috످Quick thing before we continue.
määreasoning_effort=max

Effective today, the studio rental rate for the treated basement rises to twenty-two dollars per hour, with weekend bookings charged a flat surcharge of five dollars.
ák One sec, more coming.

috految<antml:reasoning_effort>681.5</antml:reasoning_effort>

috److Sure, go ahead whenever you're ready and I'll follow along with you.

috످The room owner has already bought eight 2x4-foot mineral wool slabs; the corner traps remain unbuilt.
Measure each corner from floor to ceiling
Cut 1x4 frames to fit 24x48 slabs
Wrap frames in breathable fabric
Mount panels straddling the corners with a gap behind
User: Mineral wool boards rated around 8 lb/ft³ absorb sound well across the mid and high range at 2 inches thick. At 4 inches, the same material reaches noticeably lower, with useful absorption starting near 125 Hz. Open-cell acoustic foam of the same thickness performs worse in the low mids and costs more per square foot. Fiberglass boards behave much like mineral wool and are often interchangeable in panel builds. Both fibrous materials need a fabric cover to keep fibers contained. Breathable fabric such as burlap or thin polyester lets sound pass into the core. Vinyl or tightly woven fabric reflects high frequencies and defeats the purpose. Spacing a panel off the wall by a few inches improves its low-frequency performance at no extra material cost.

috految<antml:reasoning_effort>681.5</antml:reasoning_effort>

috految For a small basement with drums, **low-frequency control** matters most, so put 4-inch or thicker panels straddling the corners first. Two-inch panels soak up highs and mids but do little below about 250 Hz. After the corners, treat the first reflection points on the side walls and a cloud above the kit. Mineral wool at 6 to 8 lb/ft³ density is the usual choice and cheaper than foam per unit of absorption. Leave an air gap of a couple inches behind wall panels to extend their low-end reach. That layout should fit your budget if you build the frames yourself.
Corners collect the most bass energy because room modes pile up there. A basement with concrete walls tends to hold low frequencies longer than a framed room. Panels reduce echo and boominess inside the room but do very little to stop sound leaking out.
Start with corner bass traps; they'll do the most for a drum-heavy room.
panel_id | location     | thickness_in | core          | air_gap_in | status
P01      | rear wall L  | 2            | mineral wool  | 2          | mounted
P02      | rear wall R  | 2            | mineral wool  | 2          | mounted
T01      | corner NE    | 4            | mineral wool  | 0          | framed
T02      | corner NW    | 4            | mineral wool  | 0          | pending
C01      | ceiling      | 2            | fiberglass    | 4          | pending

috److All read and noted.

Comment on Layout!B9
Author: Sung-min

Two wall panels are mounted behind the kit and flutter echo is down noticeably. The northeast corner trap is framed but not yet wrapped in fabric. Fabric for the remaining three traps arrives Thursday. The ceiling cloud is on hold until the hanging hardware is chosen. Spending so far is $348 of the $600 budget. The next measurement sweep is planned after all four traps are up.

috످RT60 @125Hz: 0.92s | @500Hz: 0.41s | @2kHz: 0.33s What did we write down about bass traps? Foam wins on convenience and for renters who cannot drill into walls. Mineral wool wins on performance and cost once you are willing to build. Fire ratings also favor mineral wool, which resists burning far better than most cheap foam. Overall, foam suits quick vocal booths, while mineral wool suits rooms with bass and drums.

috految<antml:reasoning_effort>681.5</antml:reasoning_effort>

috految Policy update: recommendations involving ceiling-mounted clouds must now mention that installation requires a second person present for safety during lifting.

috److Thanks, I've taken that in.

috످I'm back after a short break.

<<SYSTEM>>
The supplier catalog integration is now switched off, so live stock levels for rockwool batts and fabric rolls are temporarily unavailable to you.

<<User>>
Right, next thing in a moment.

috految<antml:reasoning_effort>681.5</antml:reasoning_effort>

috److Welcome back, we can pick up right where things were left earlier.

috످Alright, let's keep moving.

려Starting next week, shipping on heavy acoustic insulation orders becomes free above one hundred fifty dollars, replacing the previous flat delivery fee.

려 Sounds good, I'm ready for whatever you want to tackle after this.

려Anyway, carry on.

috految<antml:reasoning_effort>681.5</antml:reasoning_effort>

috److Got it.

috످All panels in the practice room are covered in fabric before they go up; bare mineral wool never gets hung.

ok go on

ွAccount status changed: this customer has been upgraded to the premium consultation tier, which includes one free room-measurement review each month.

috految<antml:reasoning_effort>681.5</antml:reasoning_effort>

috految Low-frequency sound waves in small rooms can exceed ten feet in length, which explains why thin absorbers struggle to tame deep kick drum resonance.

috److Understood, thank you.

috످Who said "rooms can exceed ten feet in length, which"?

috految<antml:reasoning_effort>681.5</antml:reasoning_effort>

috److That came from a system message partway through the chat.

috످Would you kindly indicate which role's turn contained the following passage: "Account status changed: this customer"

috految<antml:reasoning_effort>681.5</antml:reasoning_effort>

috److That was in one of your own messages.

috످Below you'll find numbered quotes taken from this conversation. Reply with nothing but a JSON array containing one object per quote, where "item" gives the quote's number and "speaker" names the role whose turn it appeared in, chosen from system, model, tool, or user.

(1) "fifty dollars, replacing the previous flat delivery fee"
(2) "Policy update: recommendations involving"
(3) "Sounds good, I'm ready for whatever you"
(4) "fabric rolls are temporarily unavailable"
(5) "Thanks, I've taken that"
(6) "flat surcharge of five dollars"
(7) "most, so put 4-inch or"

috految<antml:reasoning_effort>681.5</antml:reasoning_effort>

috److془Let me go through each.

(1) The passage announces that big insulation orders will ship free; it's in the user's turn that opens with "Alright, let's keep moving."

(2) The passage is a new safety rule about needing a helper to hang ceiling panels; it's in a system turn after the user's RT60 message.

(3) The passage is an agreeable expression of readiness; sounds like assistant but in user's turn.

(4) The passage says stock lookup is offline; labeled SYSTEM but in user's turn.

(5) This is a brief acknowledgement after the safety rule; model's turn.

(6) Studio price increase with weekend fee; user's first message.

(7) Advice to prioritize thick corner panels for drum room; system turn after user's message of mineral wool.

Check: "Spacing a panel off the wall by a few inches improves its low-frequency performance at no extra material cost." then system: "For a small basement with drums..." Yes system.془[
  {"item": 1, "speaker": "user"},
  {"item": 2, "speaker": "system"},
  {"item": 3, "speaker": "user"},
  {"item": 4, "speaker": "user"},
  {"item": 5, "speaker": "model"},
  {"item": 6, "speaker": "user"},
  {"item": 7, "speaker": "system"}
]

috످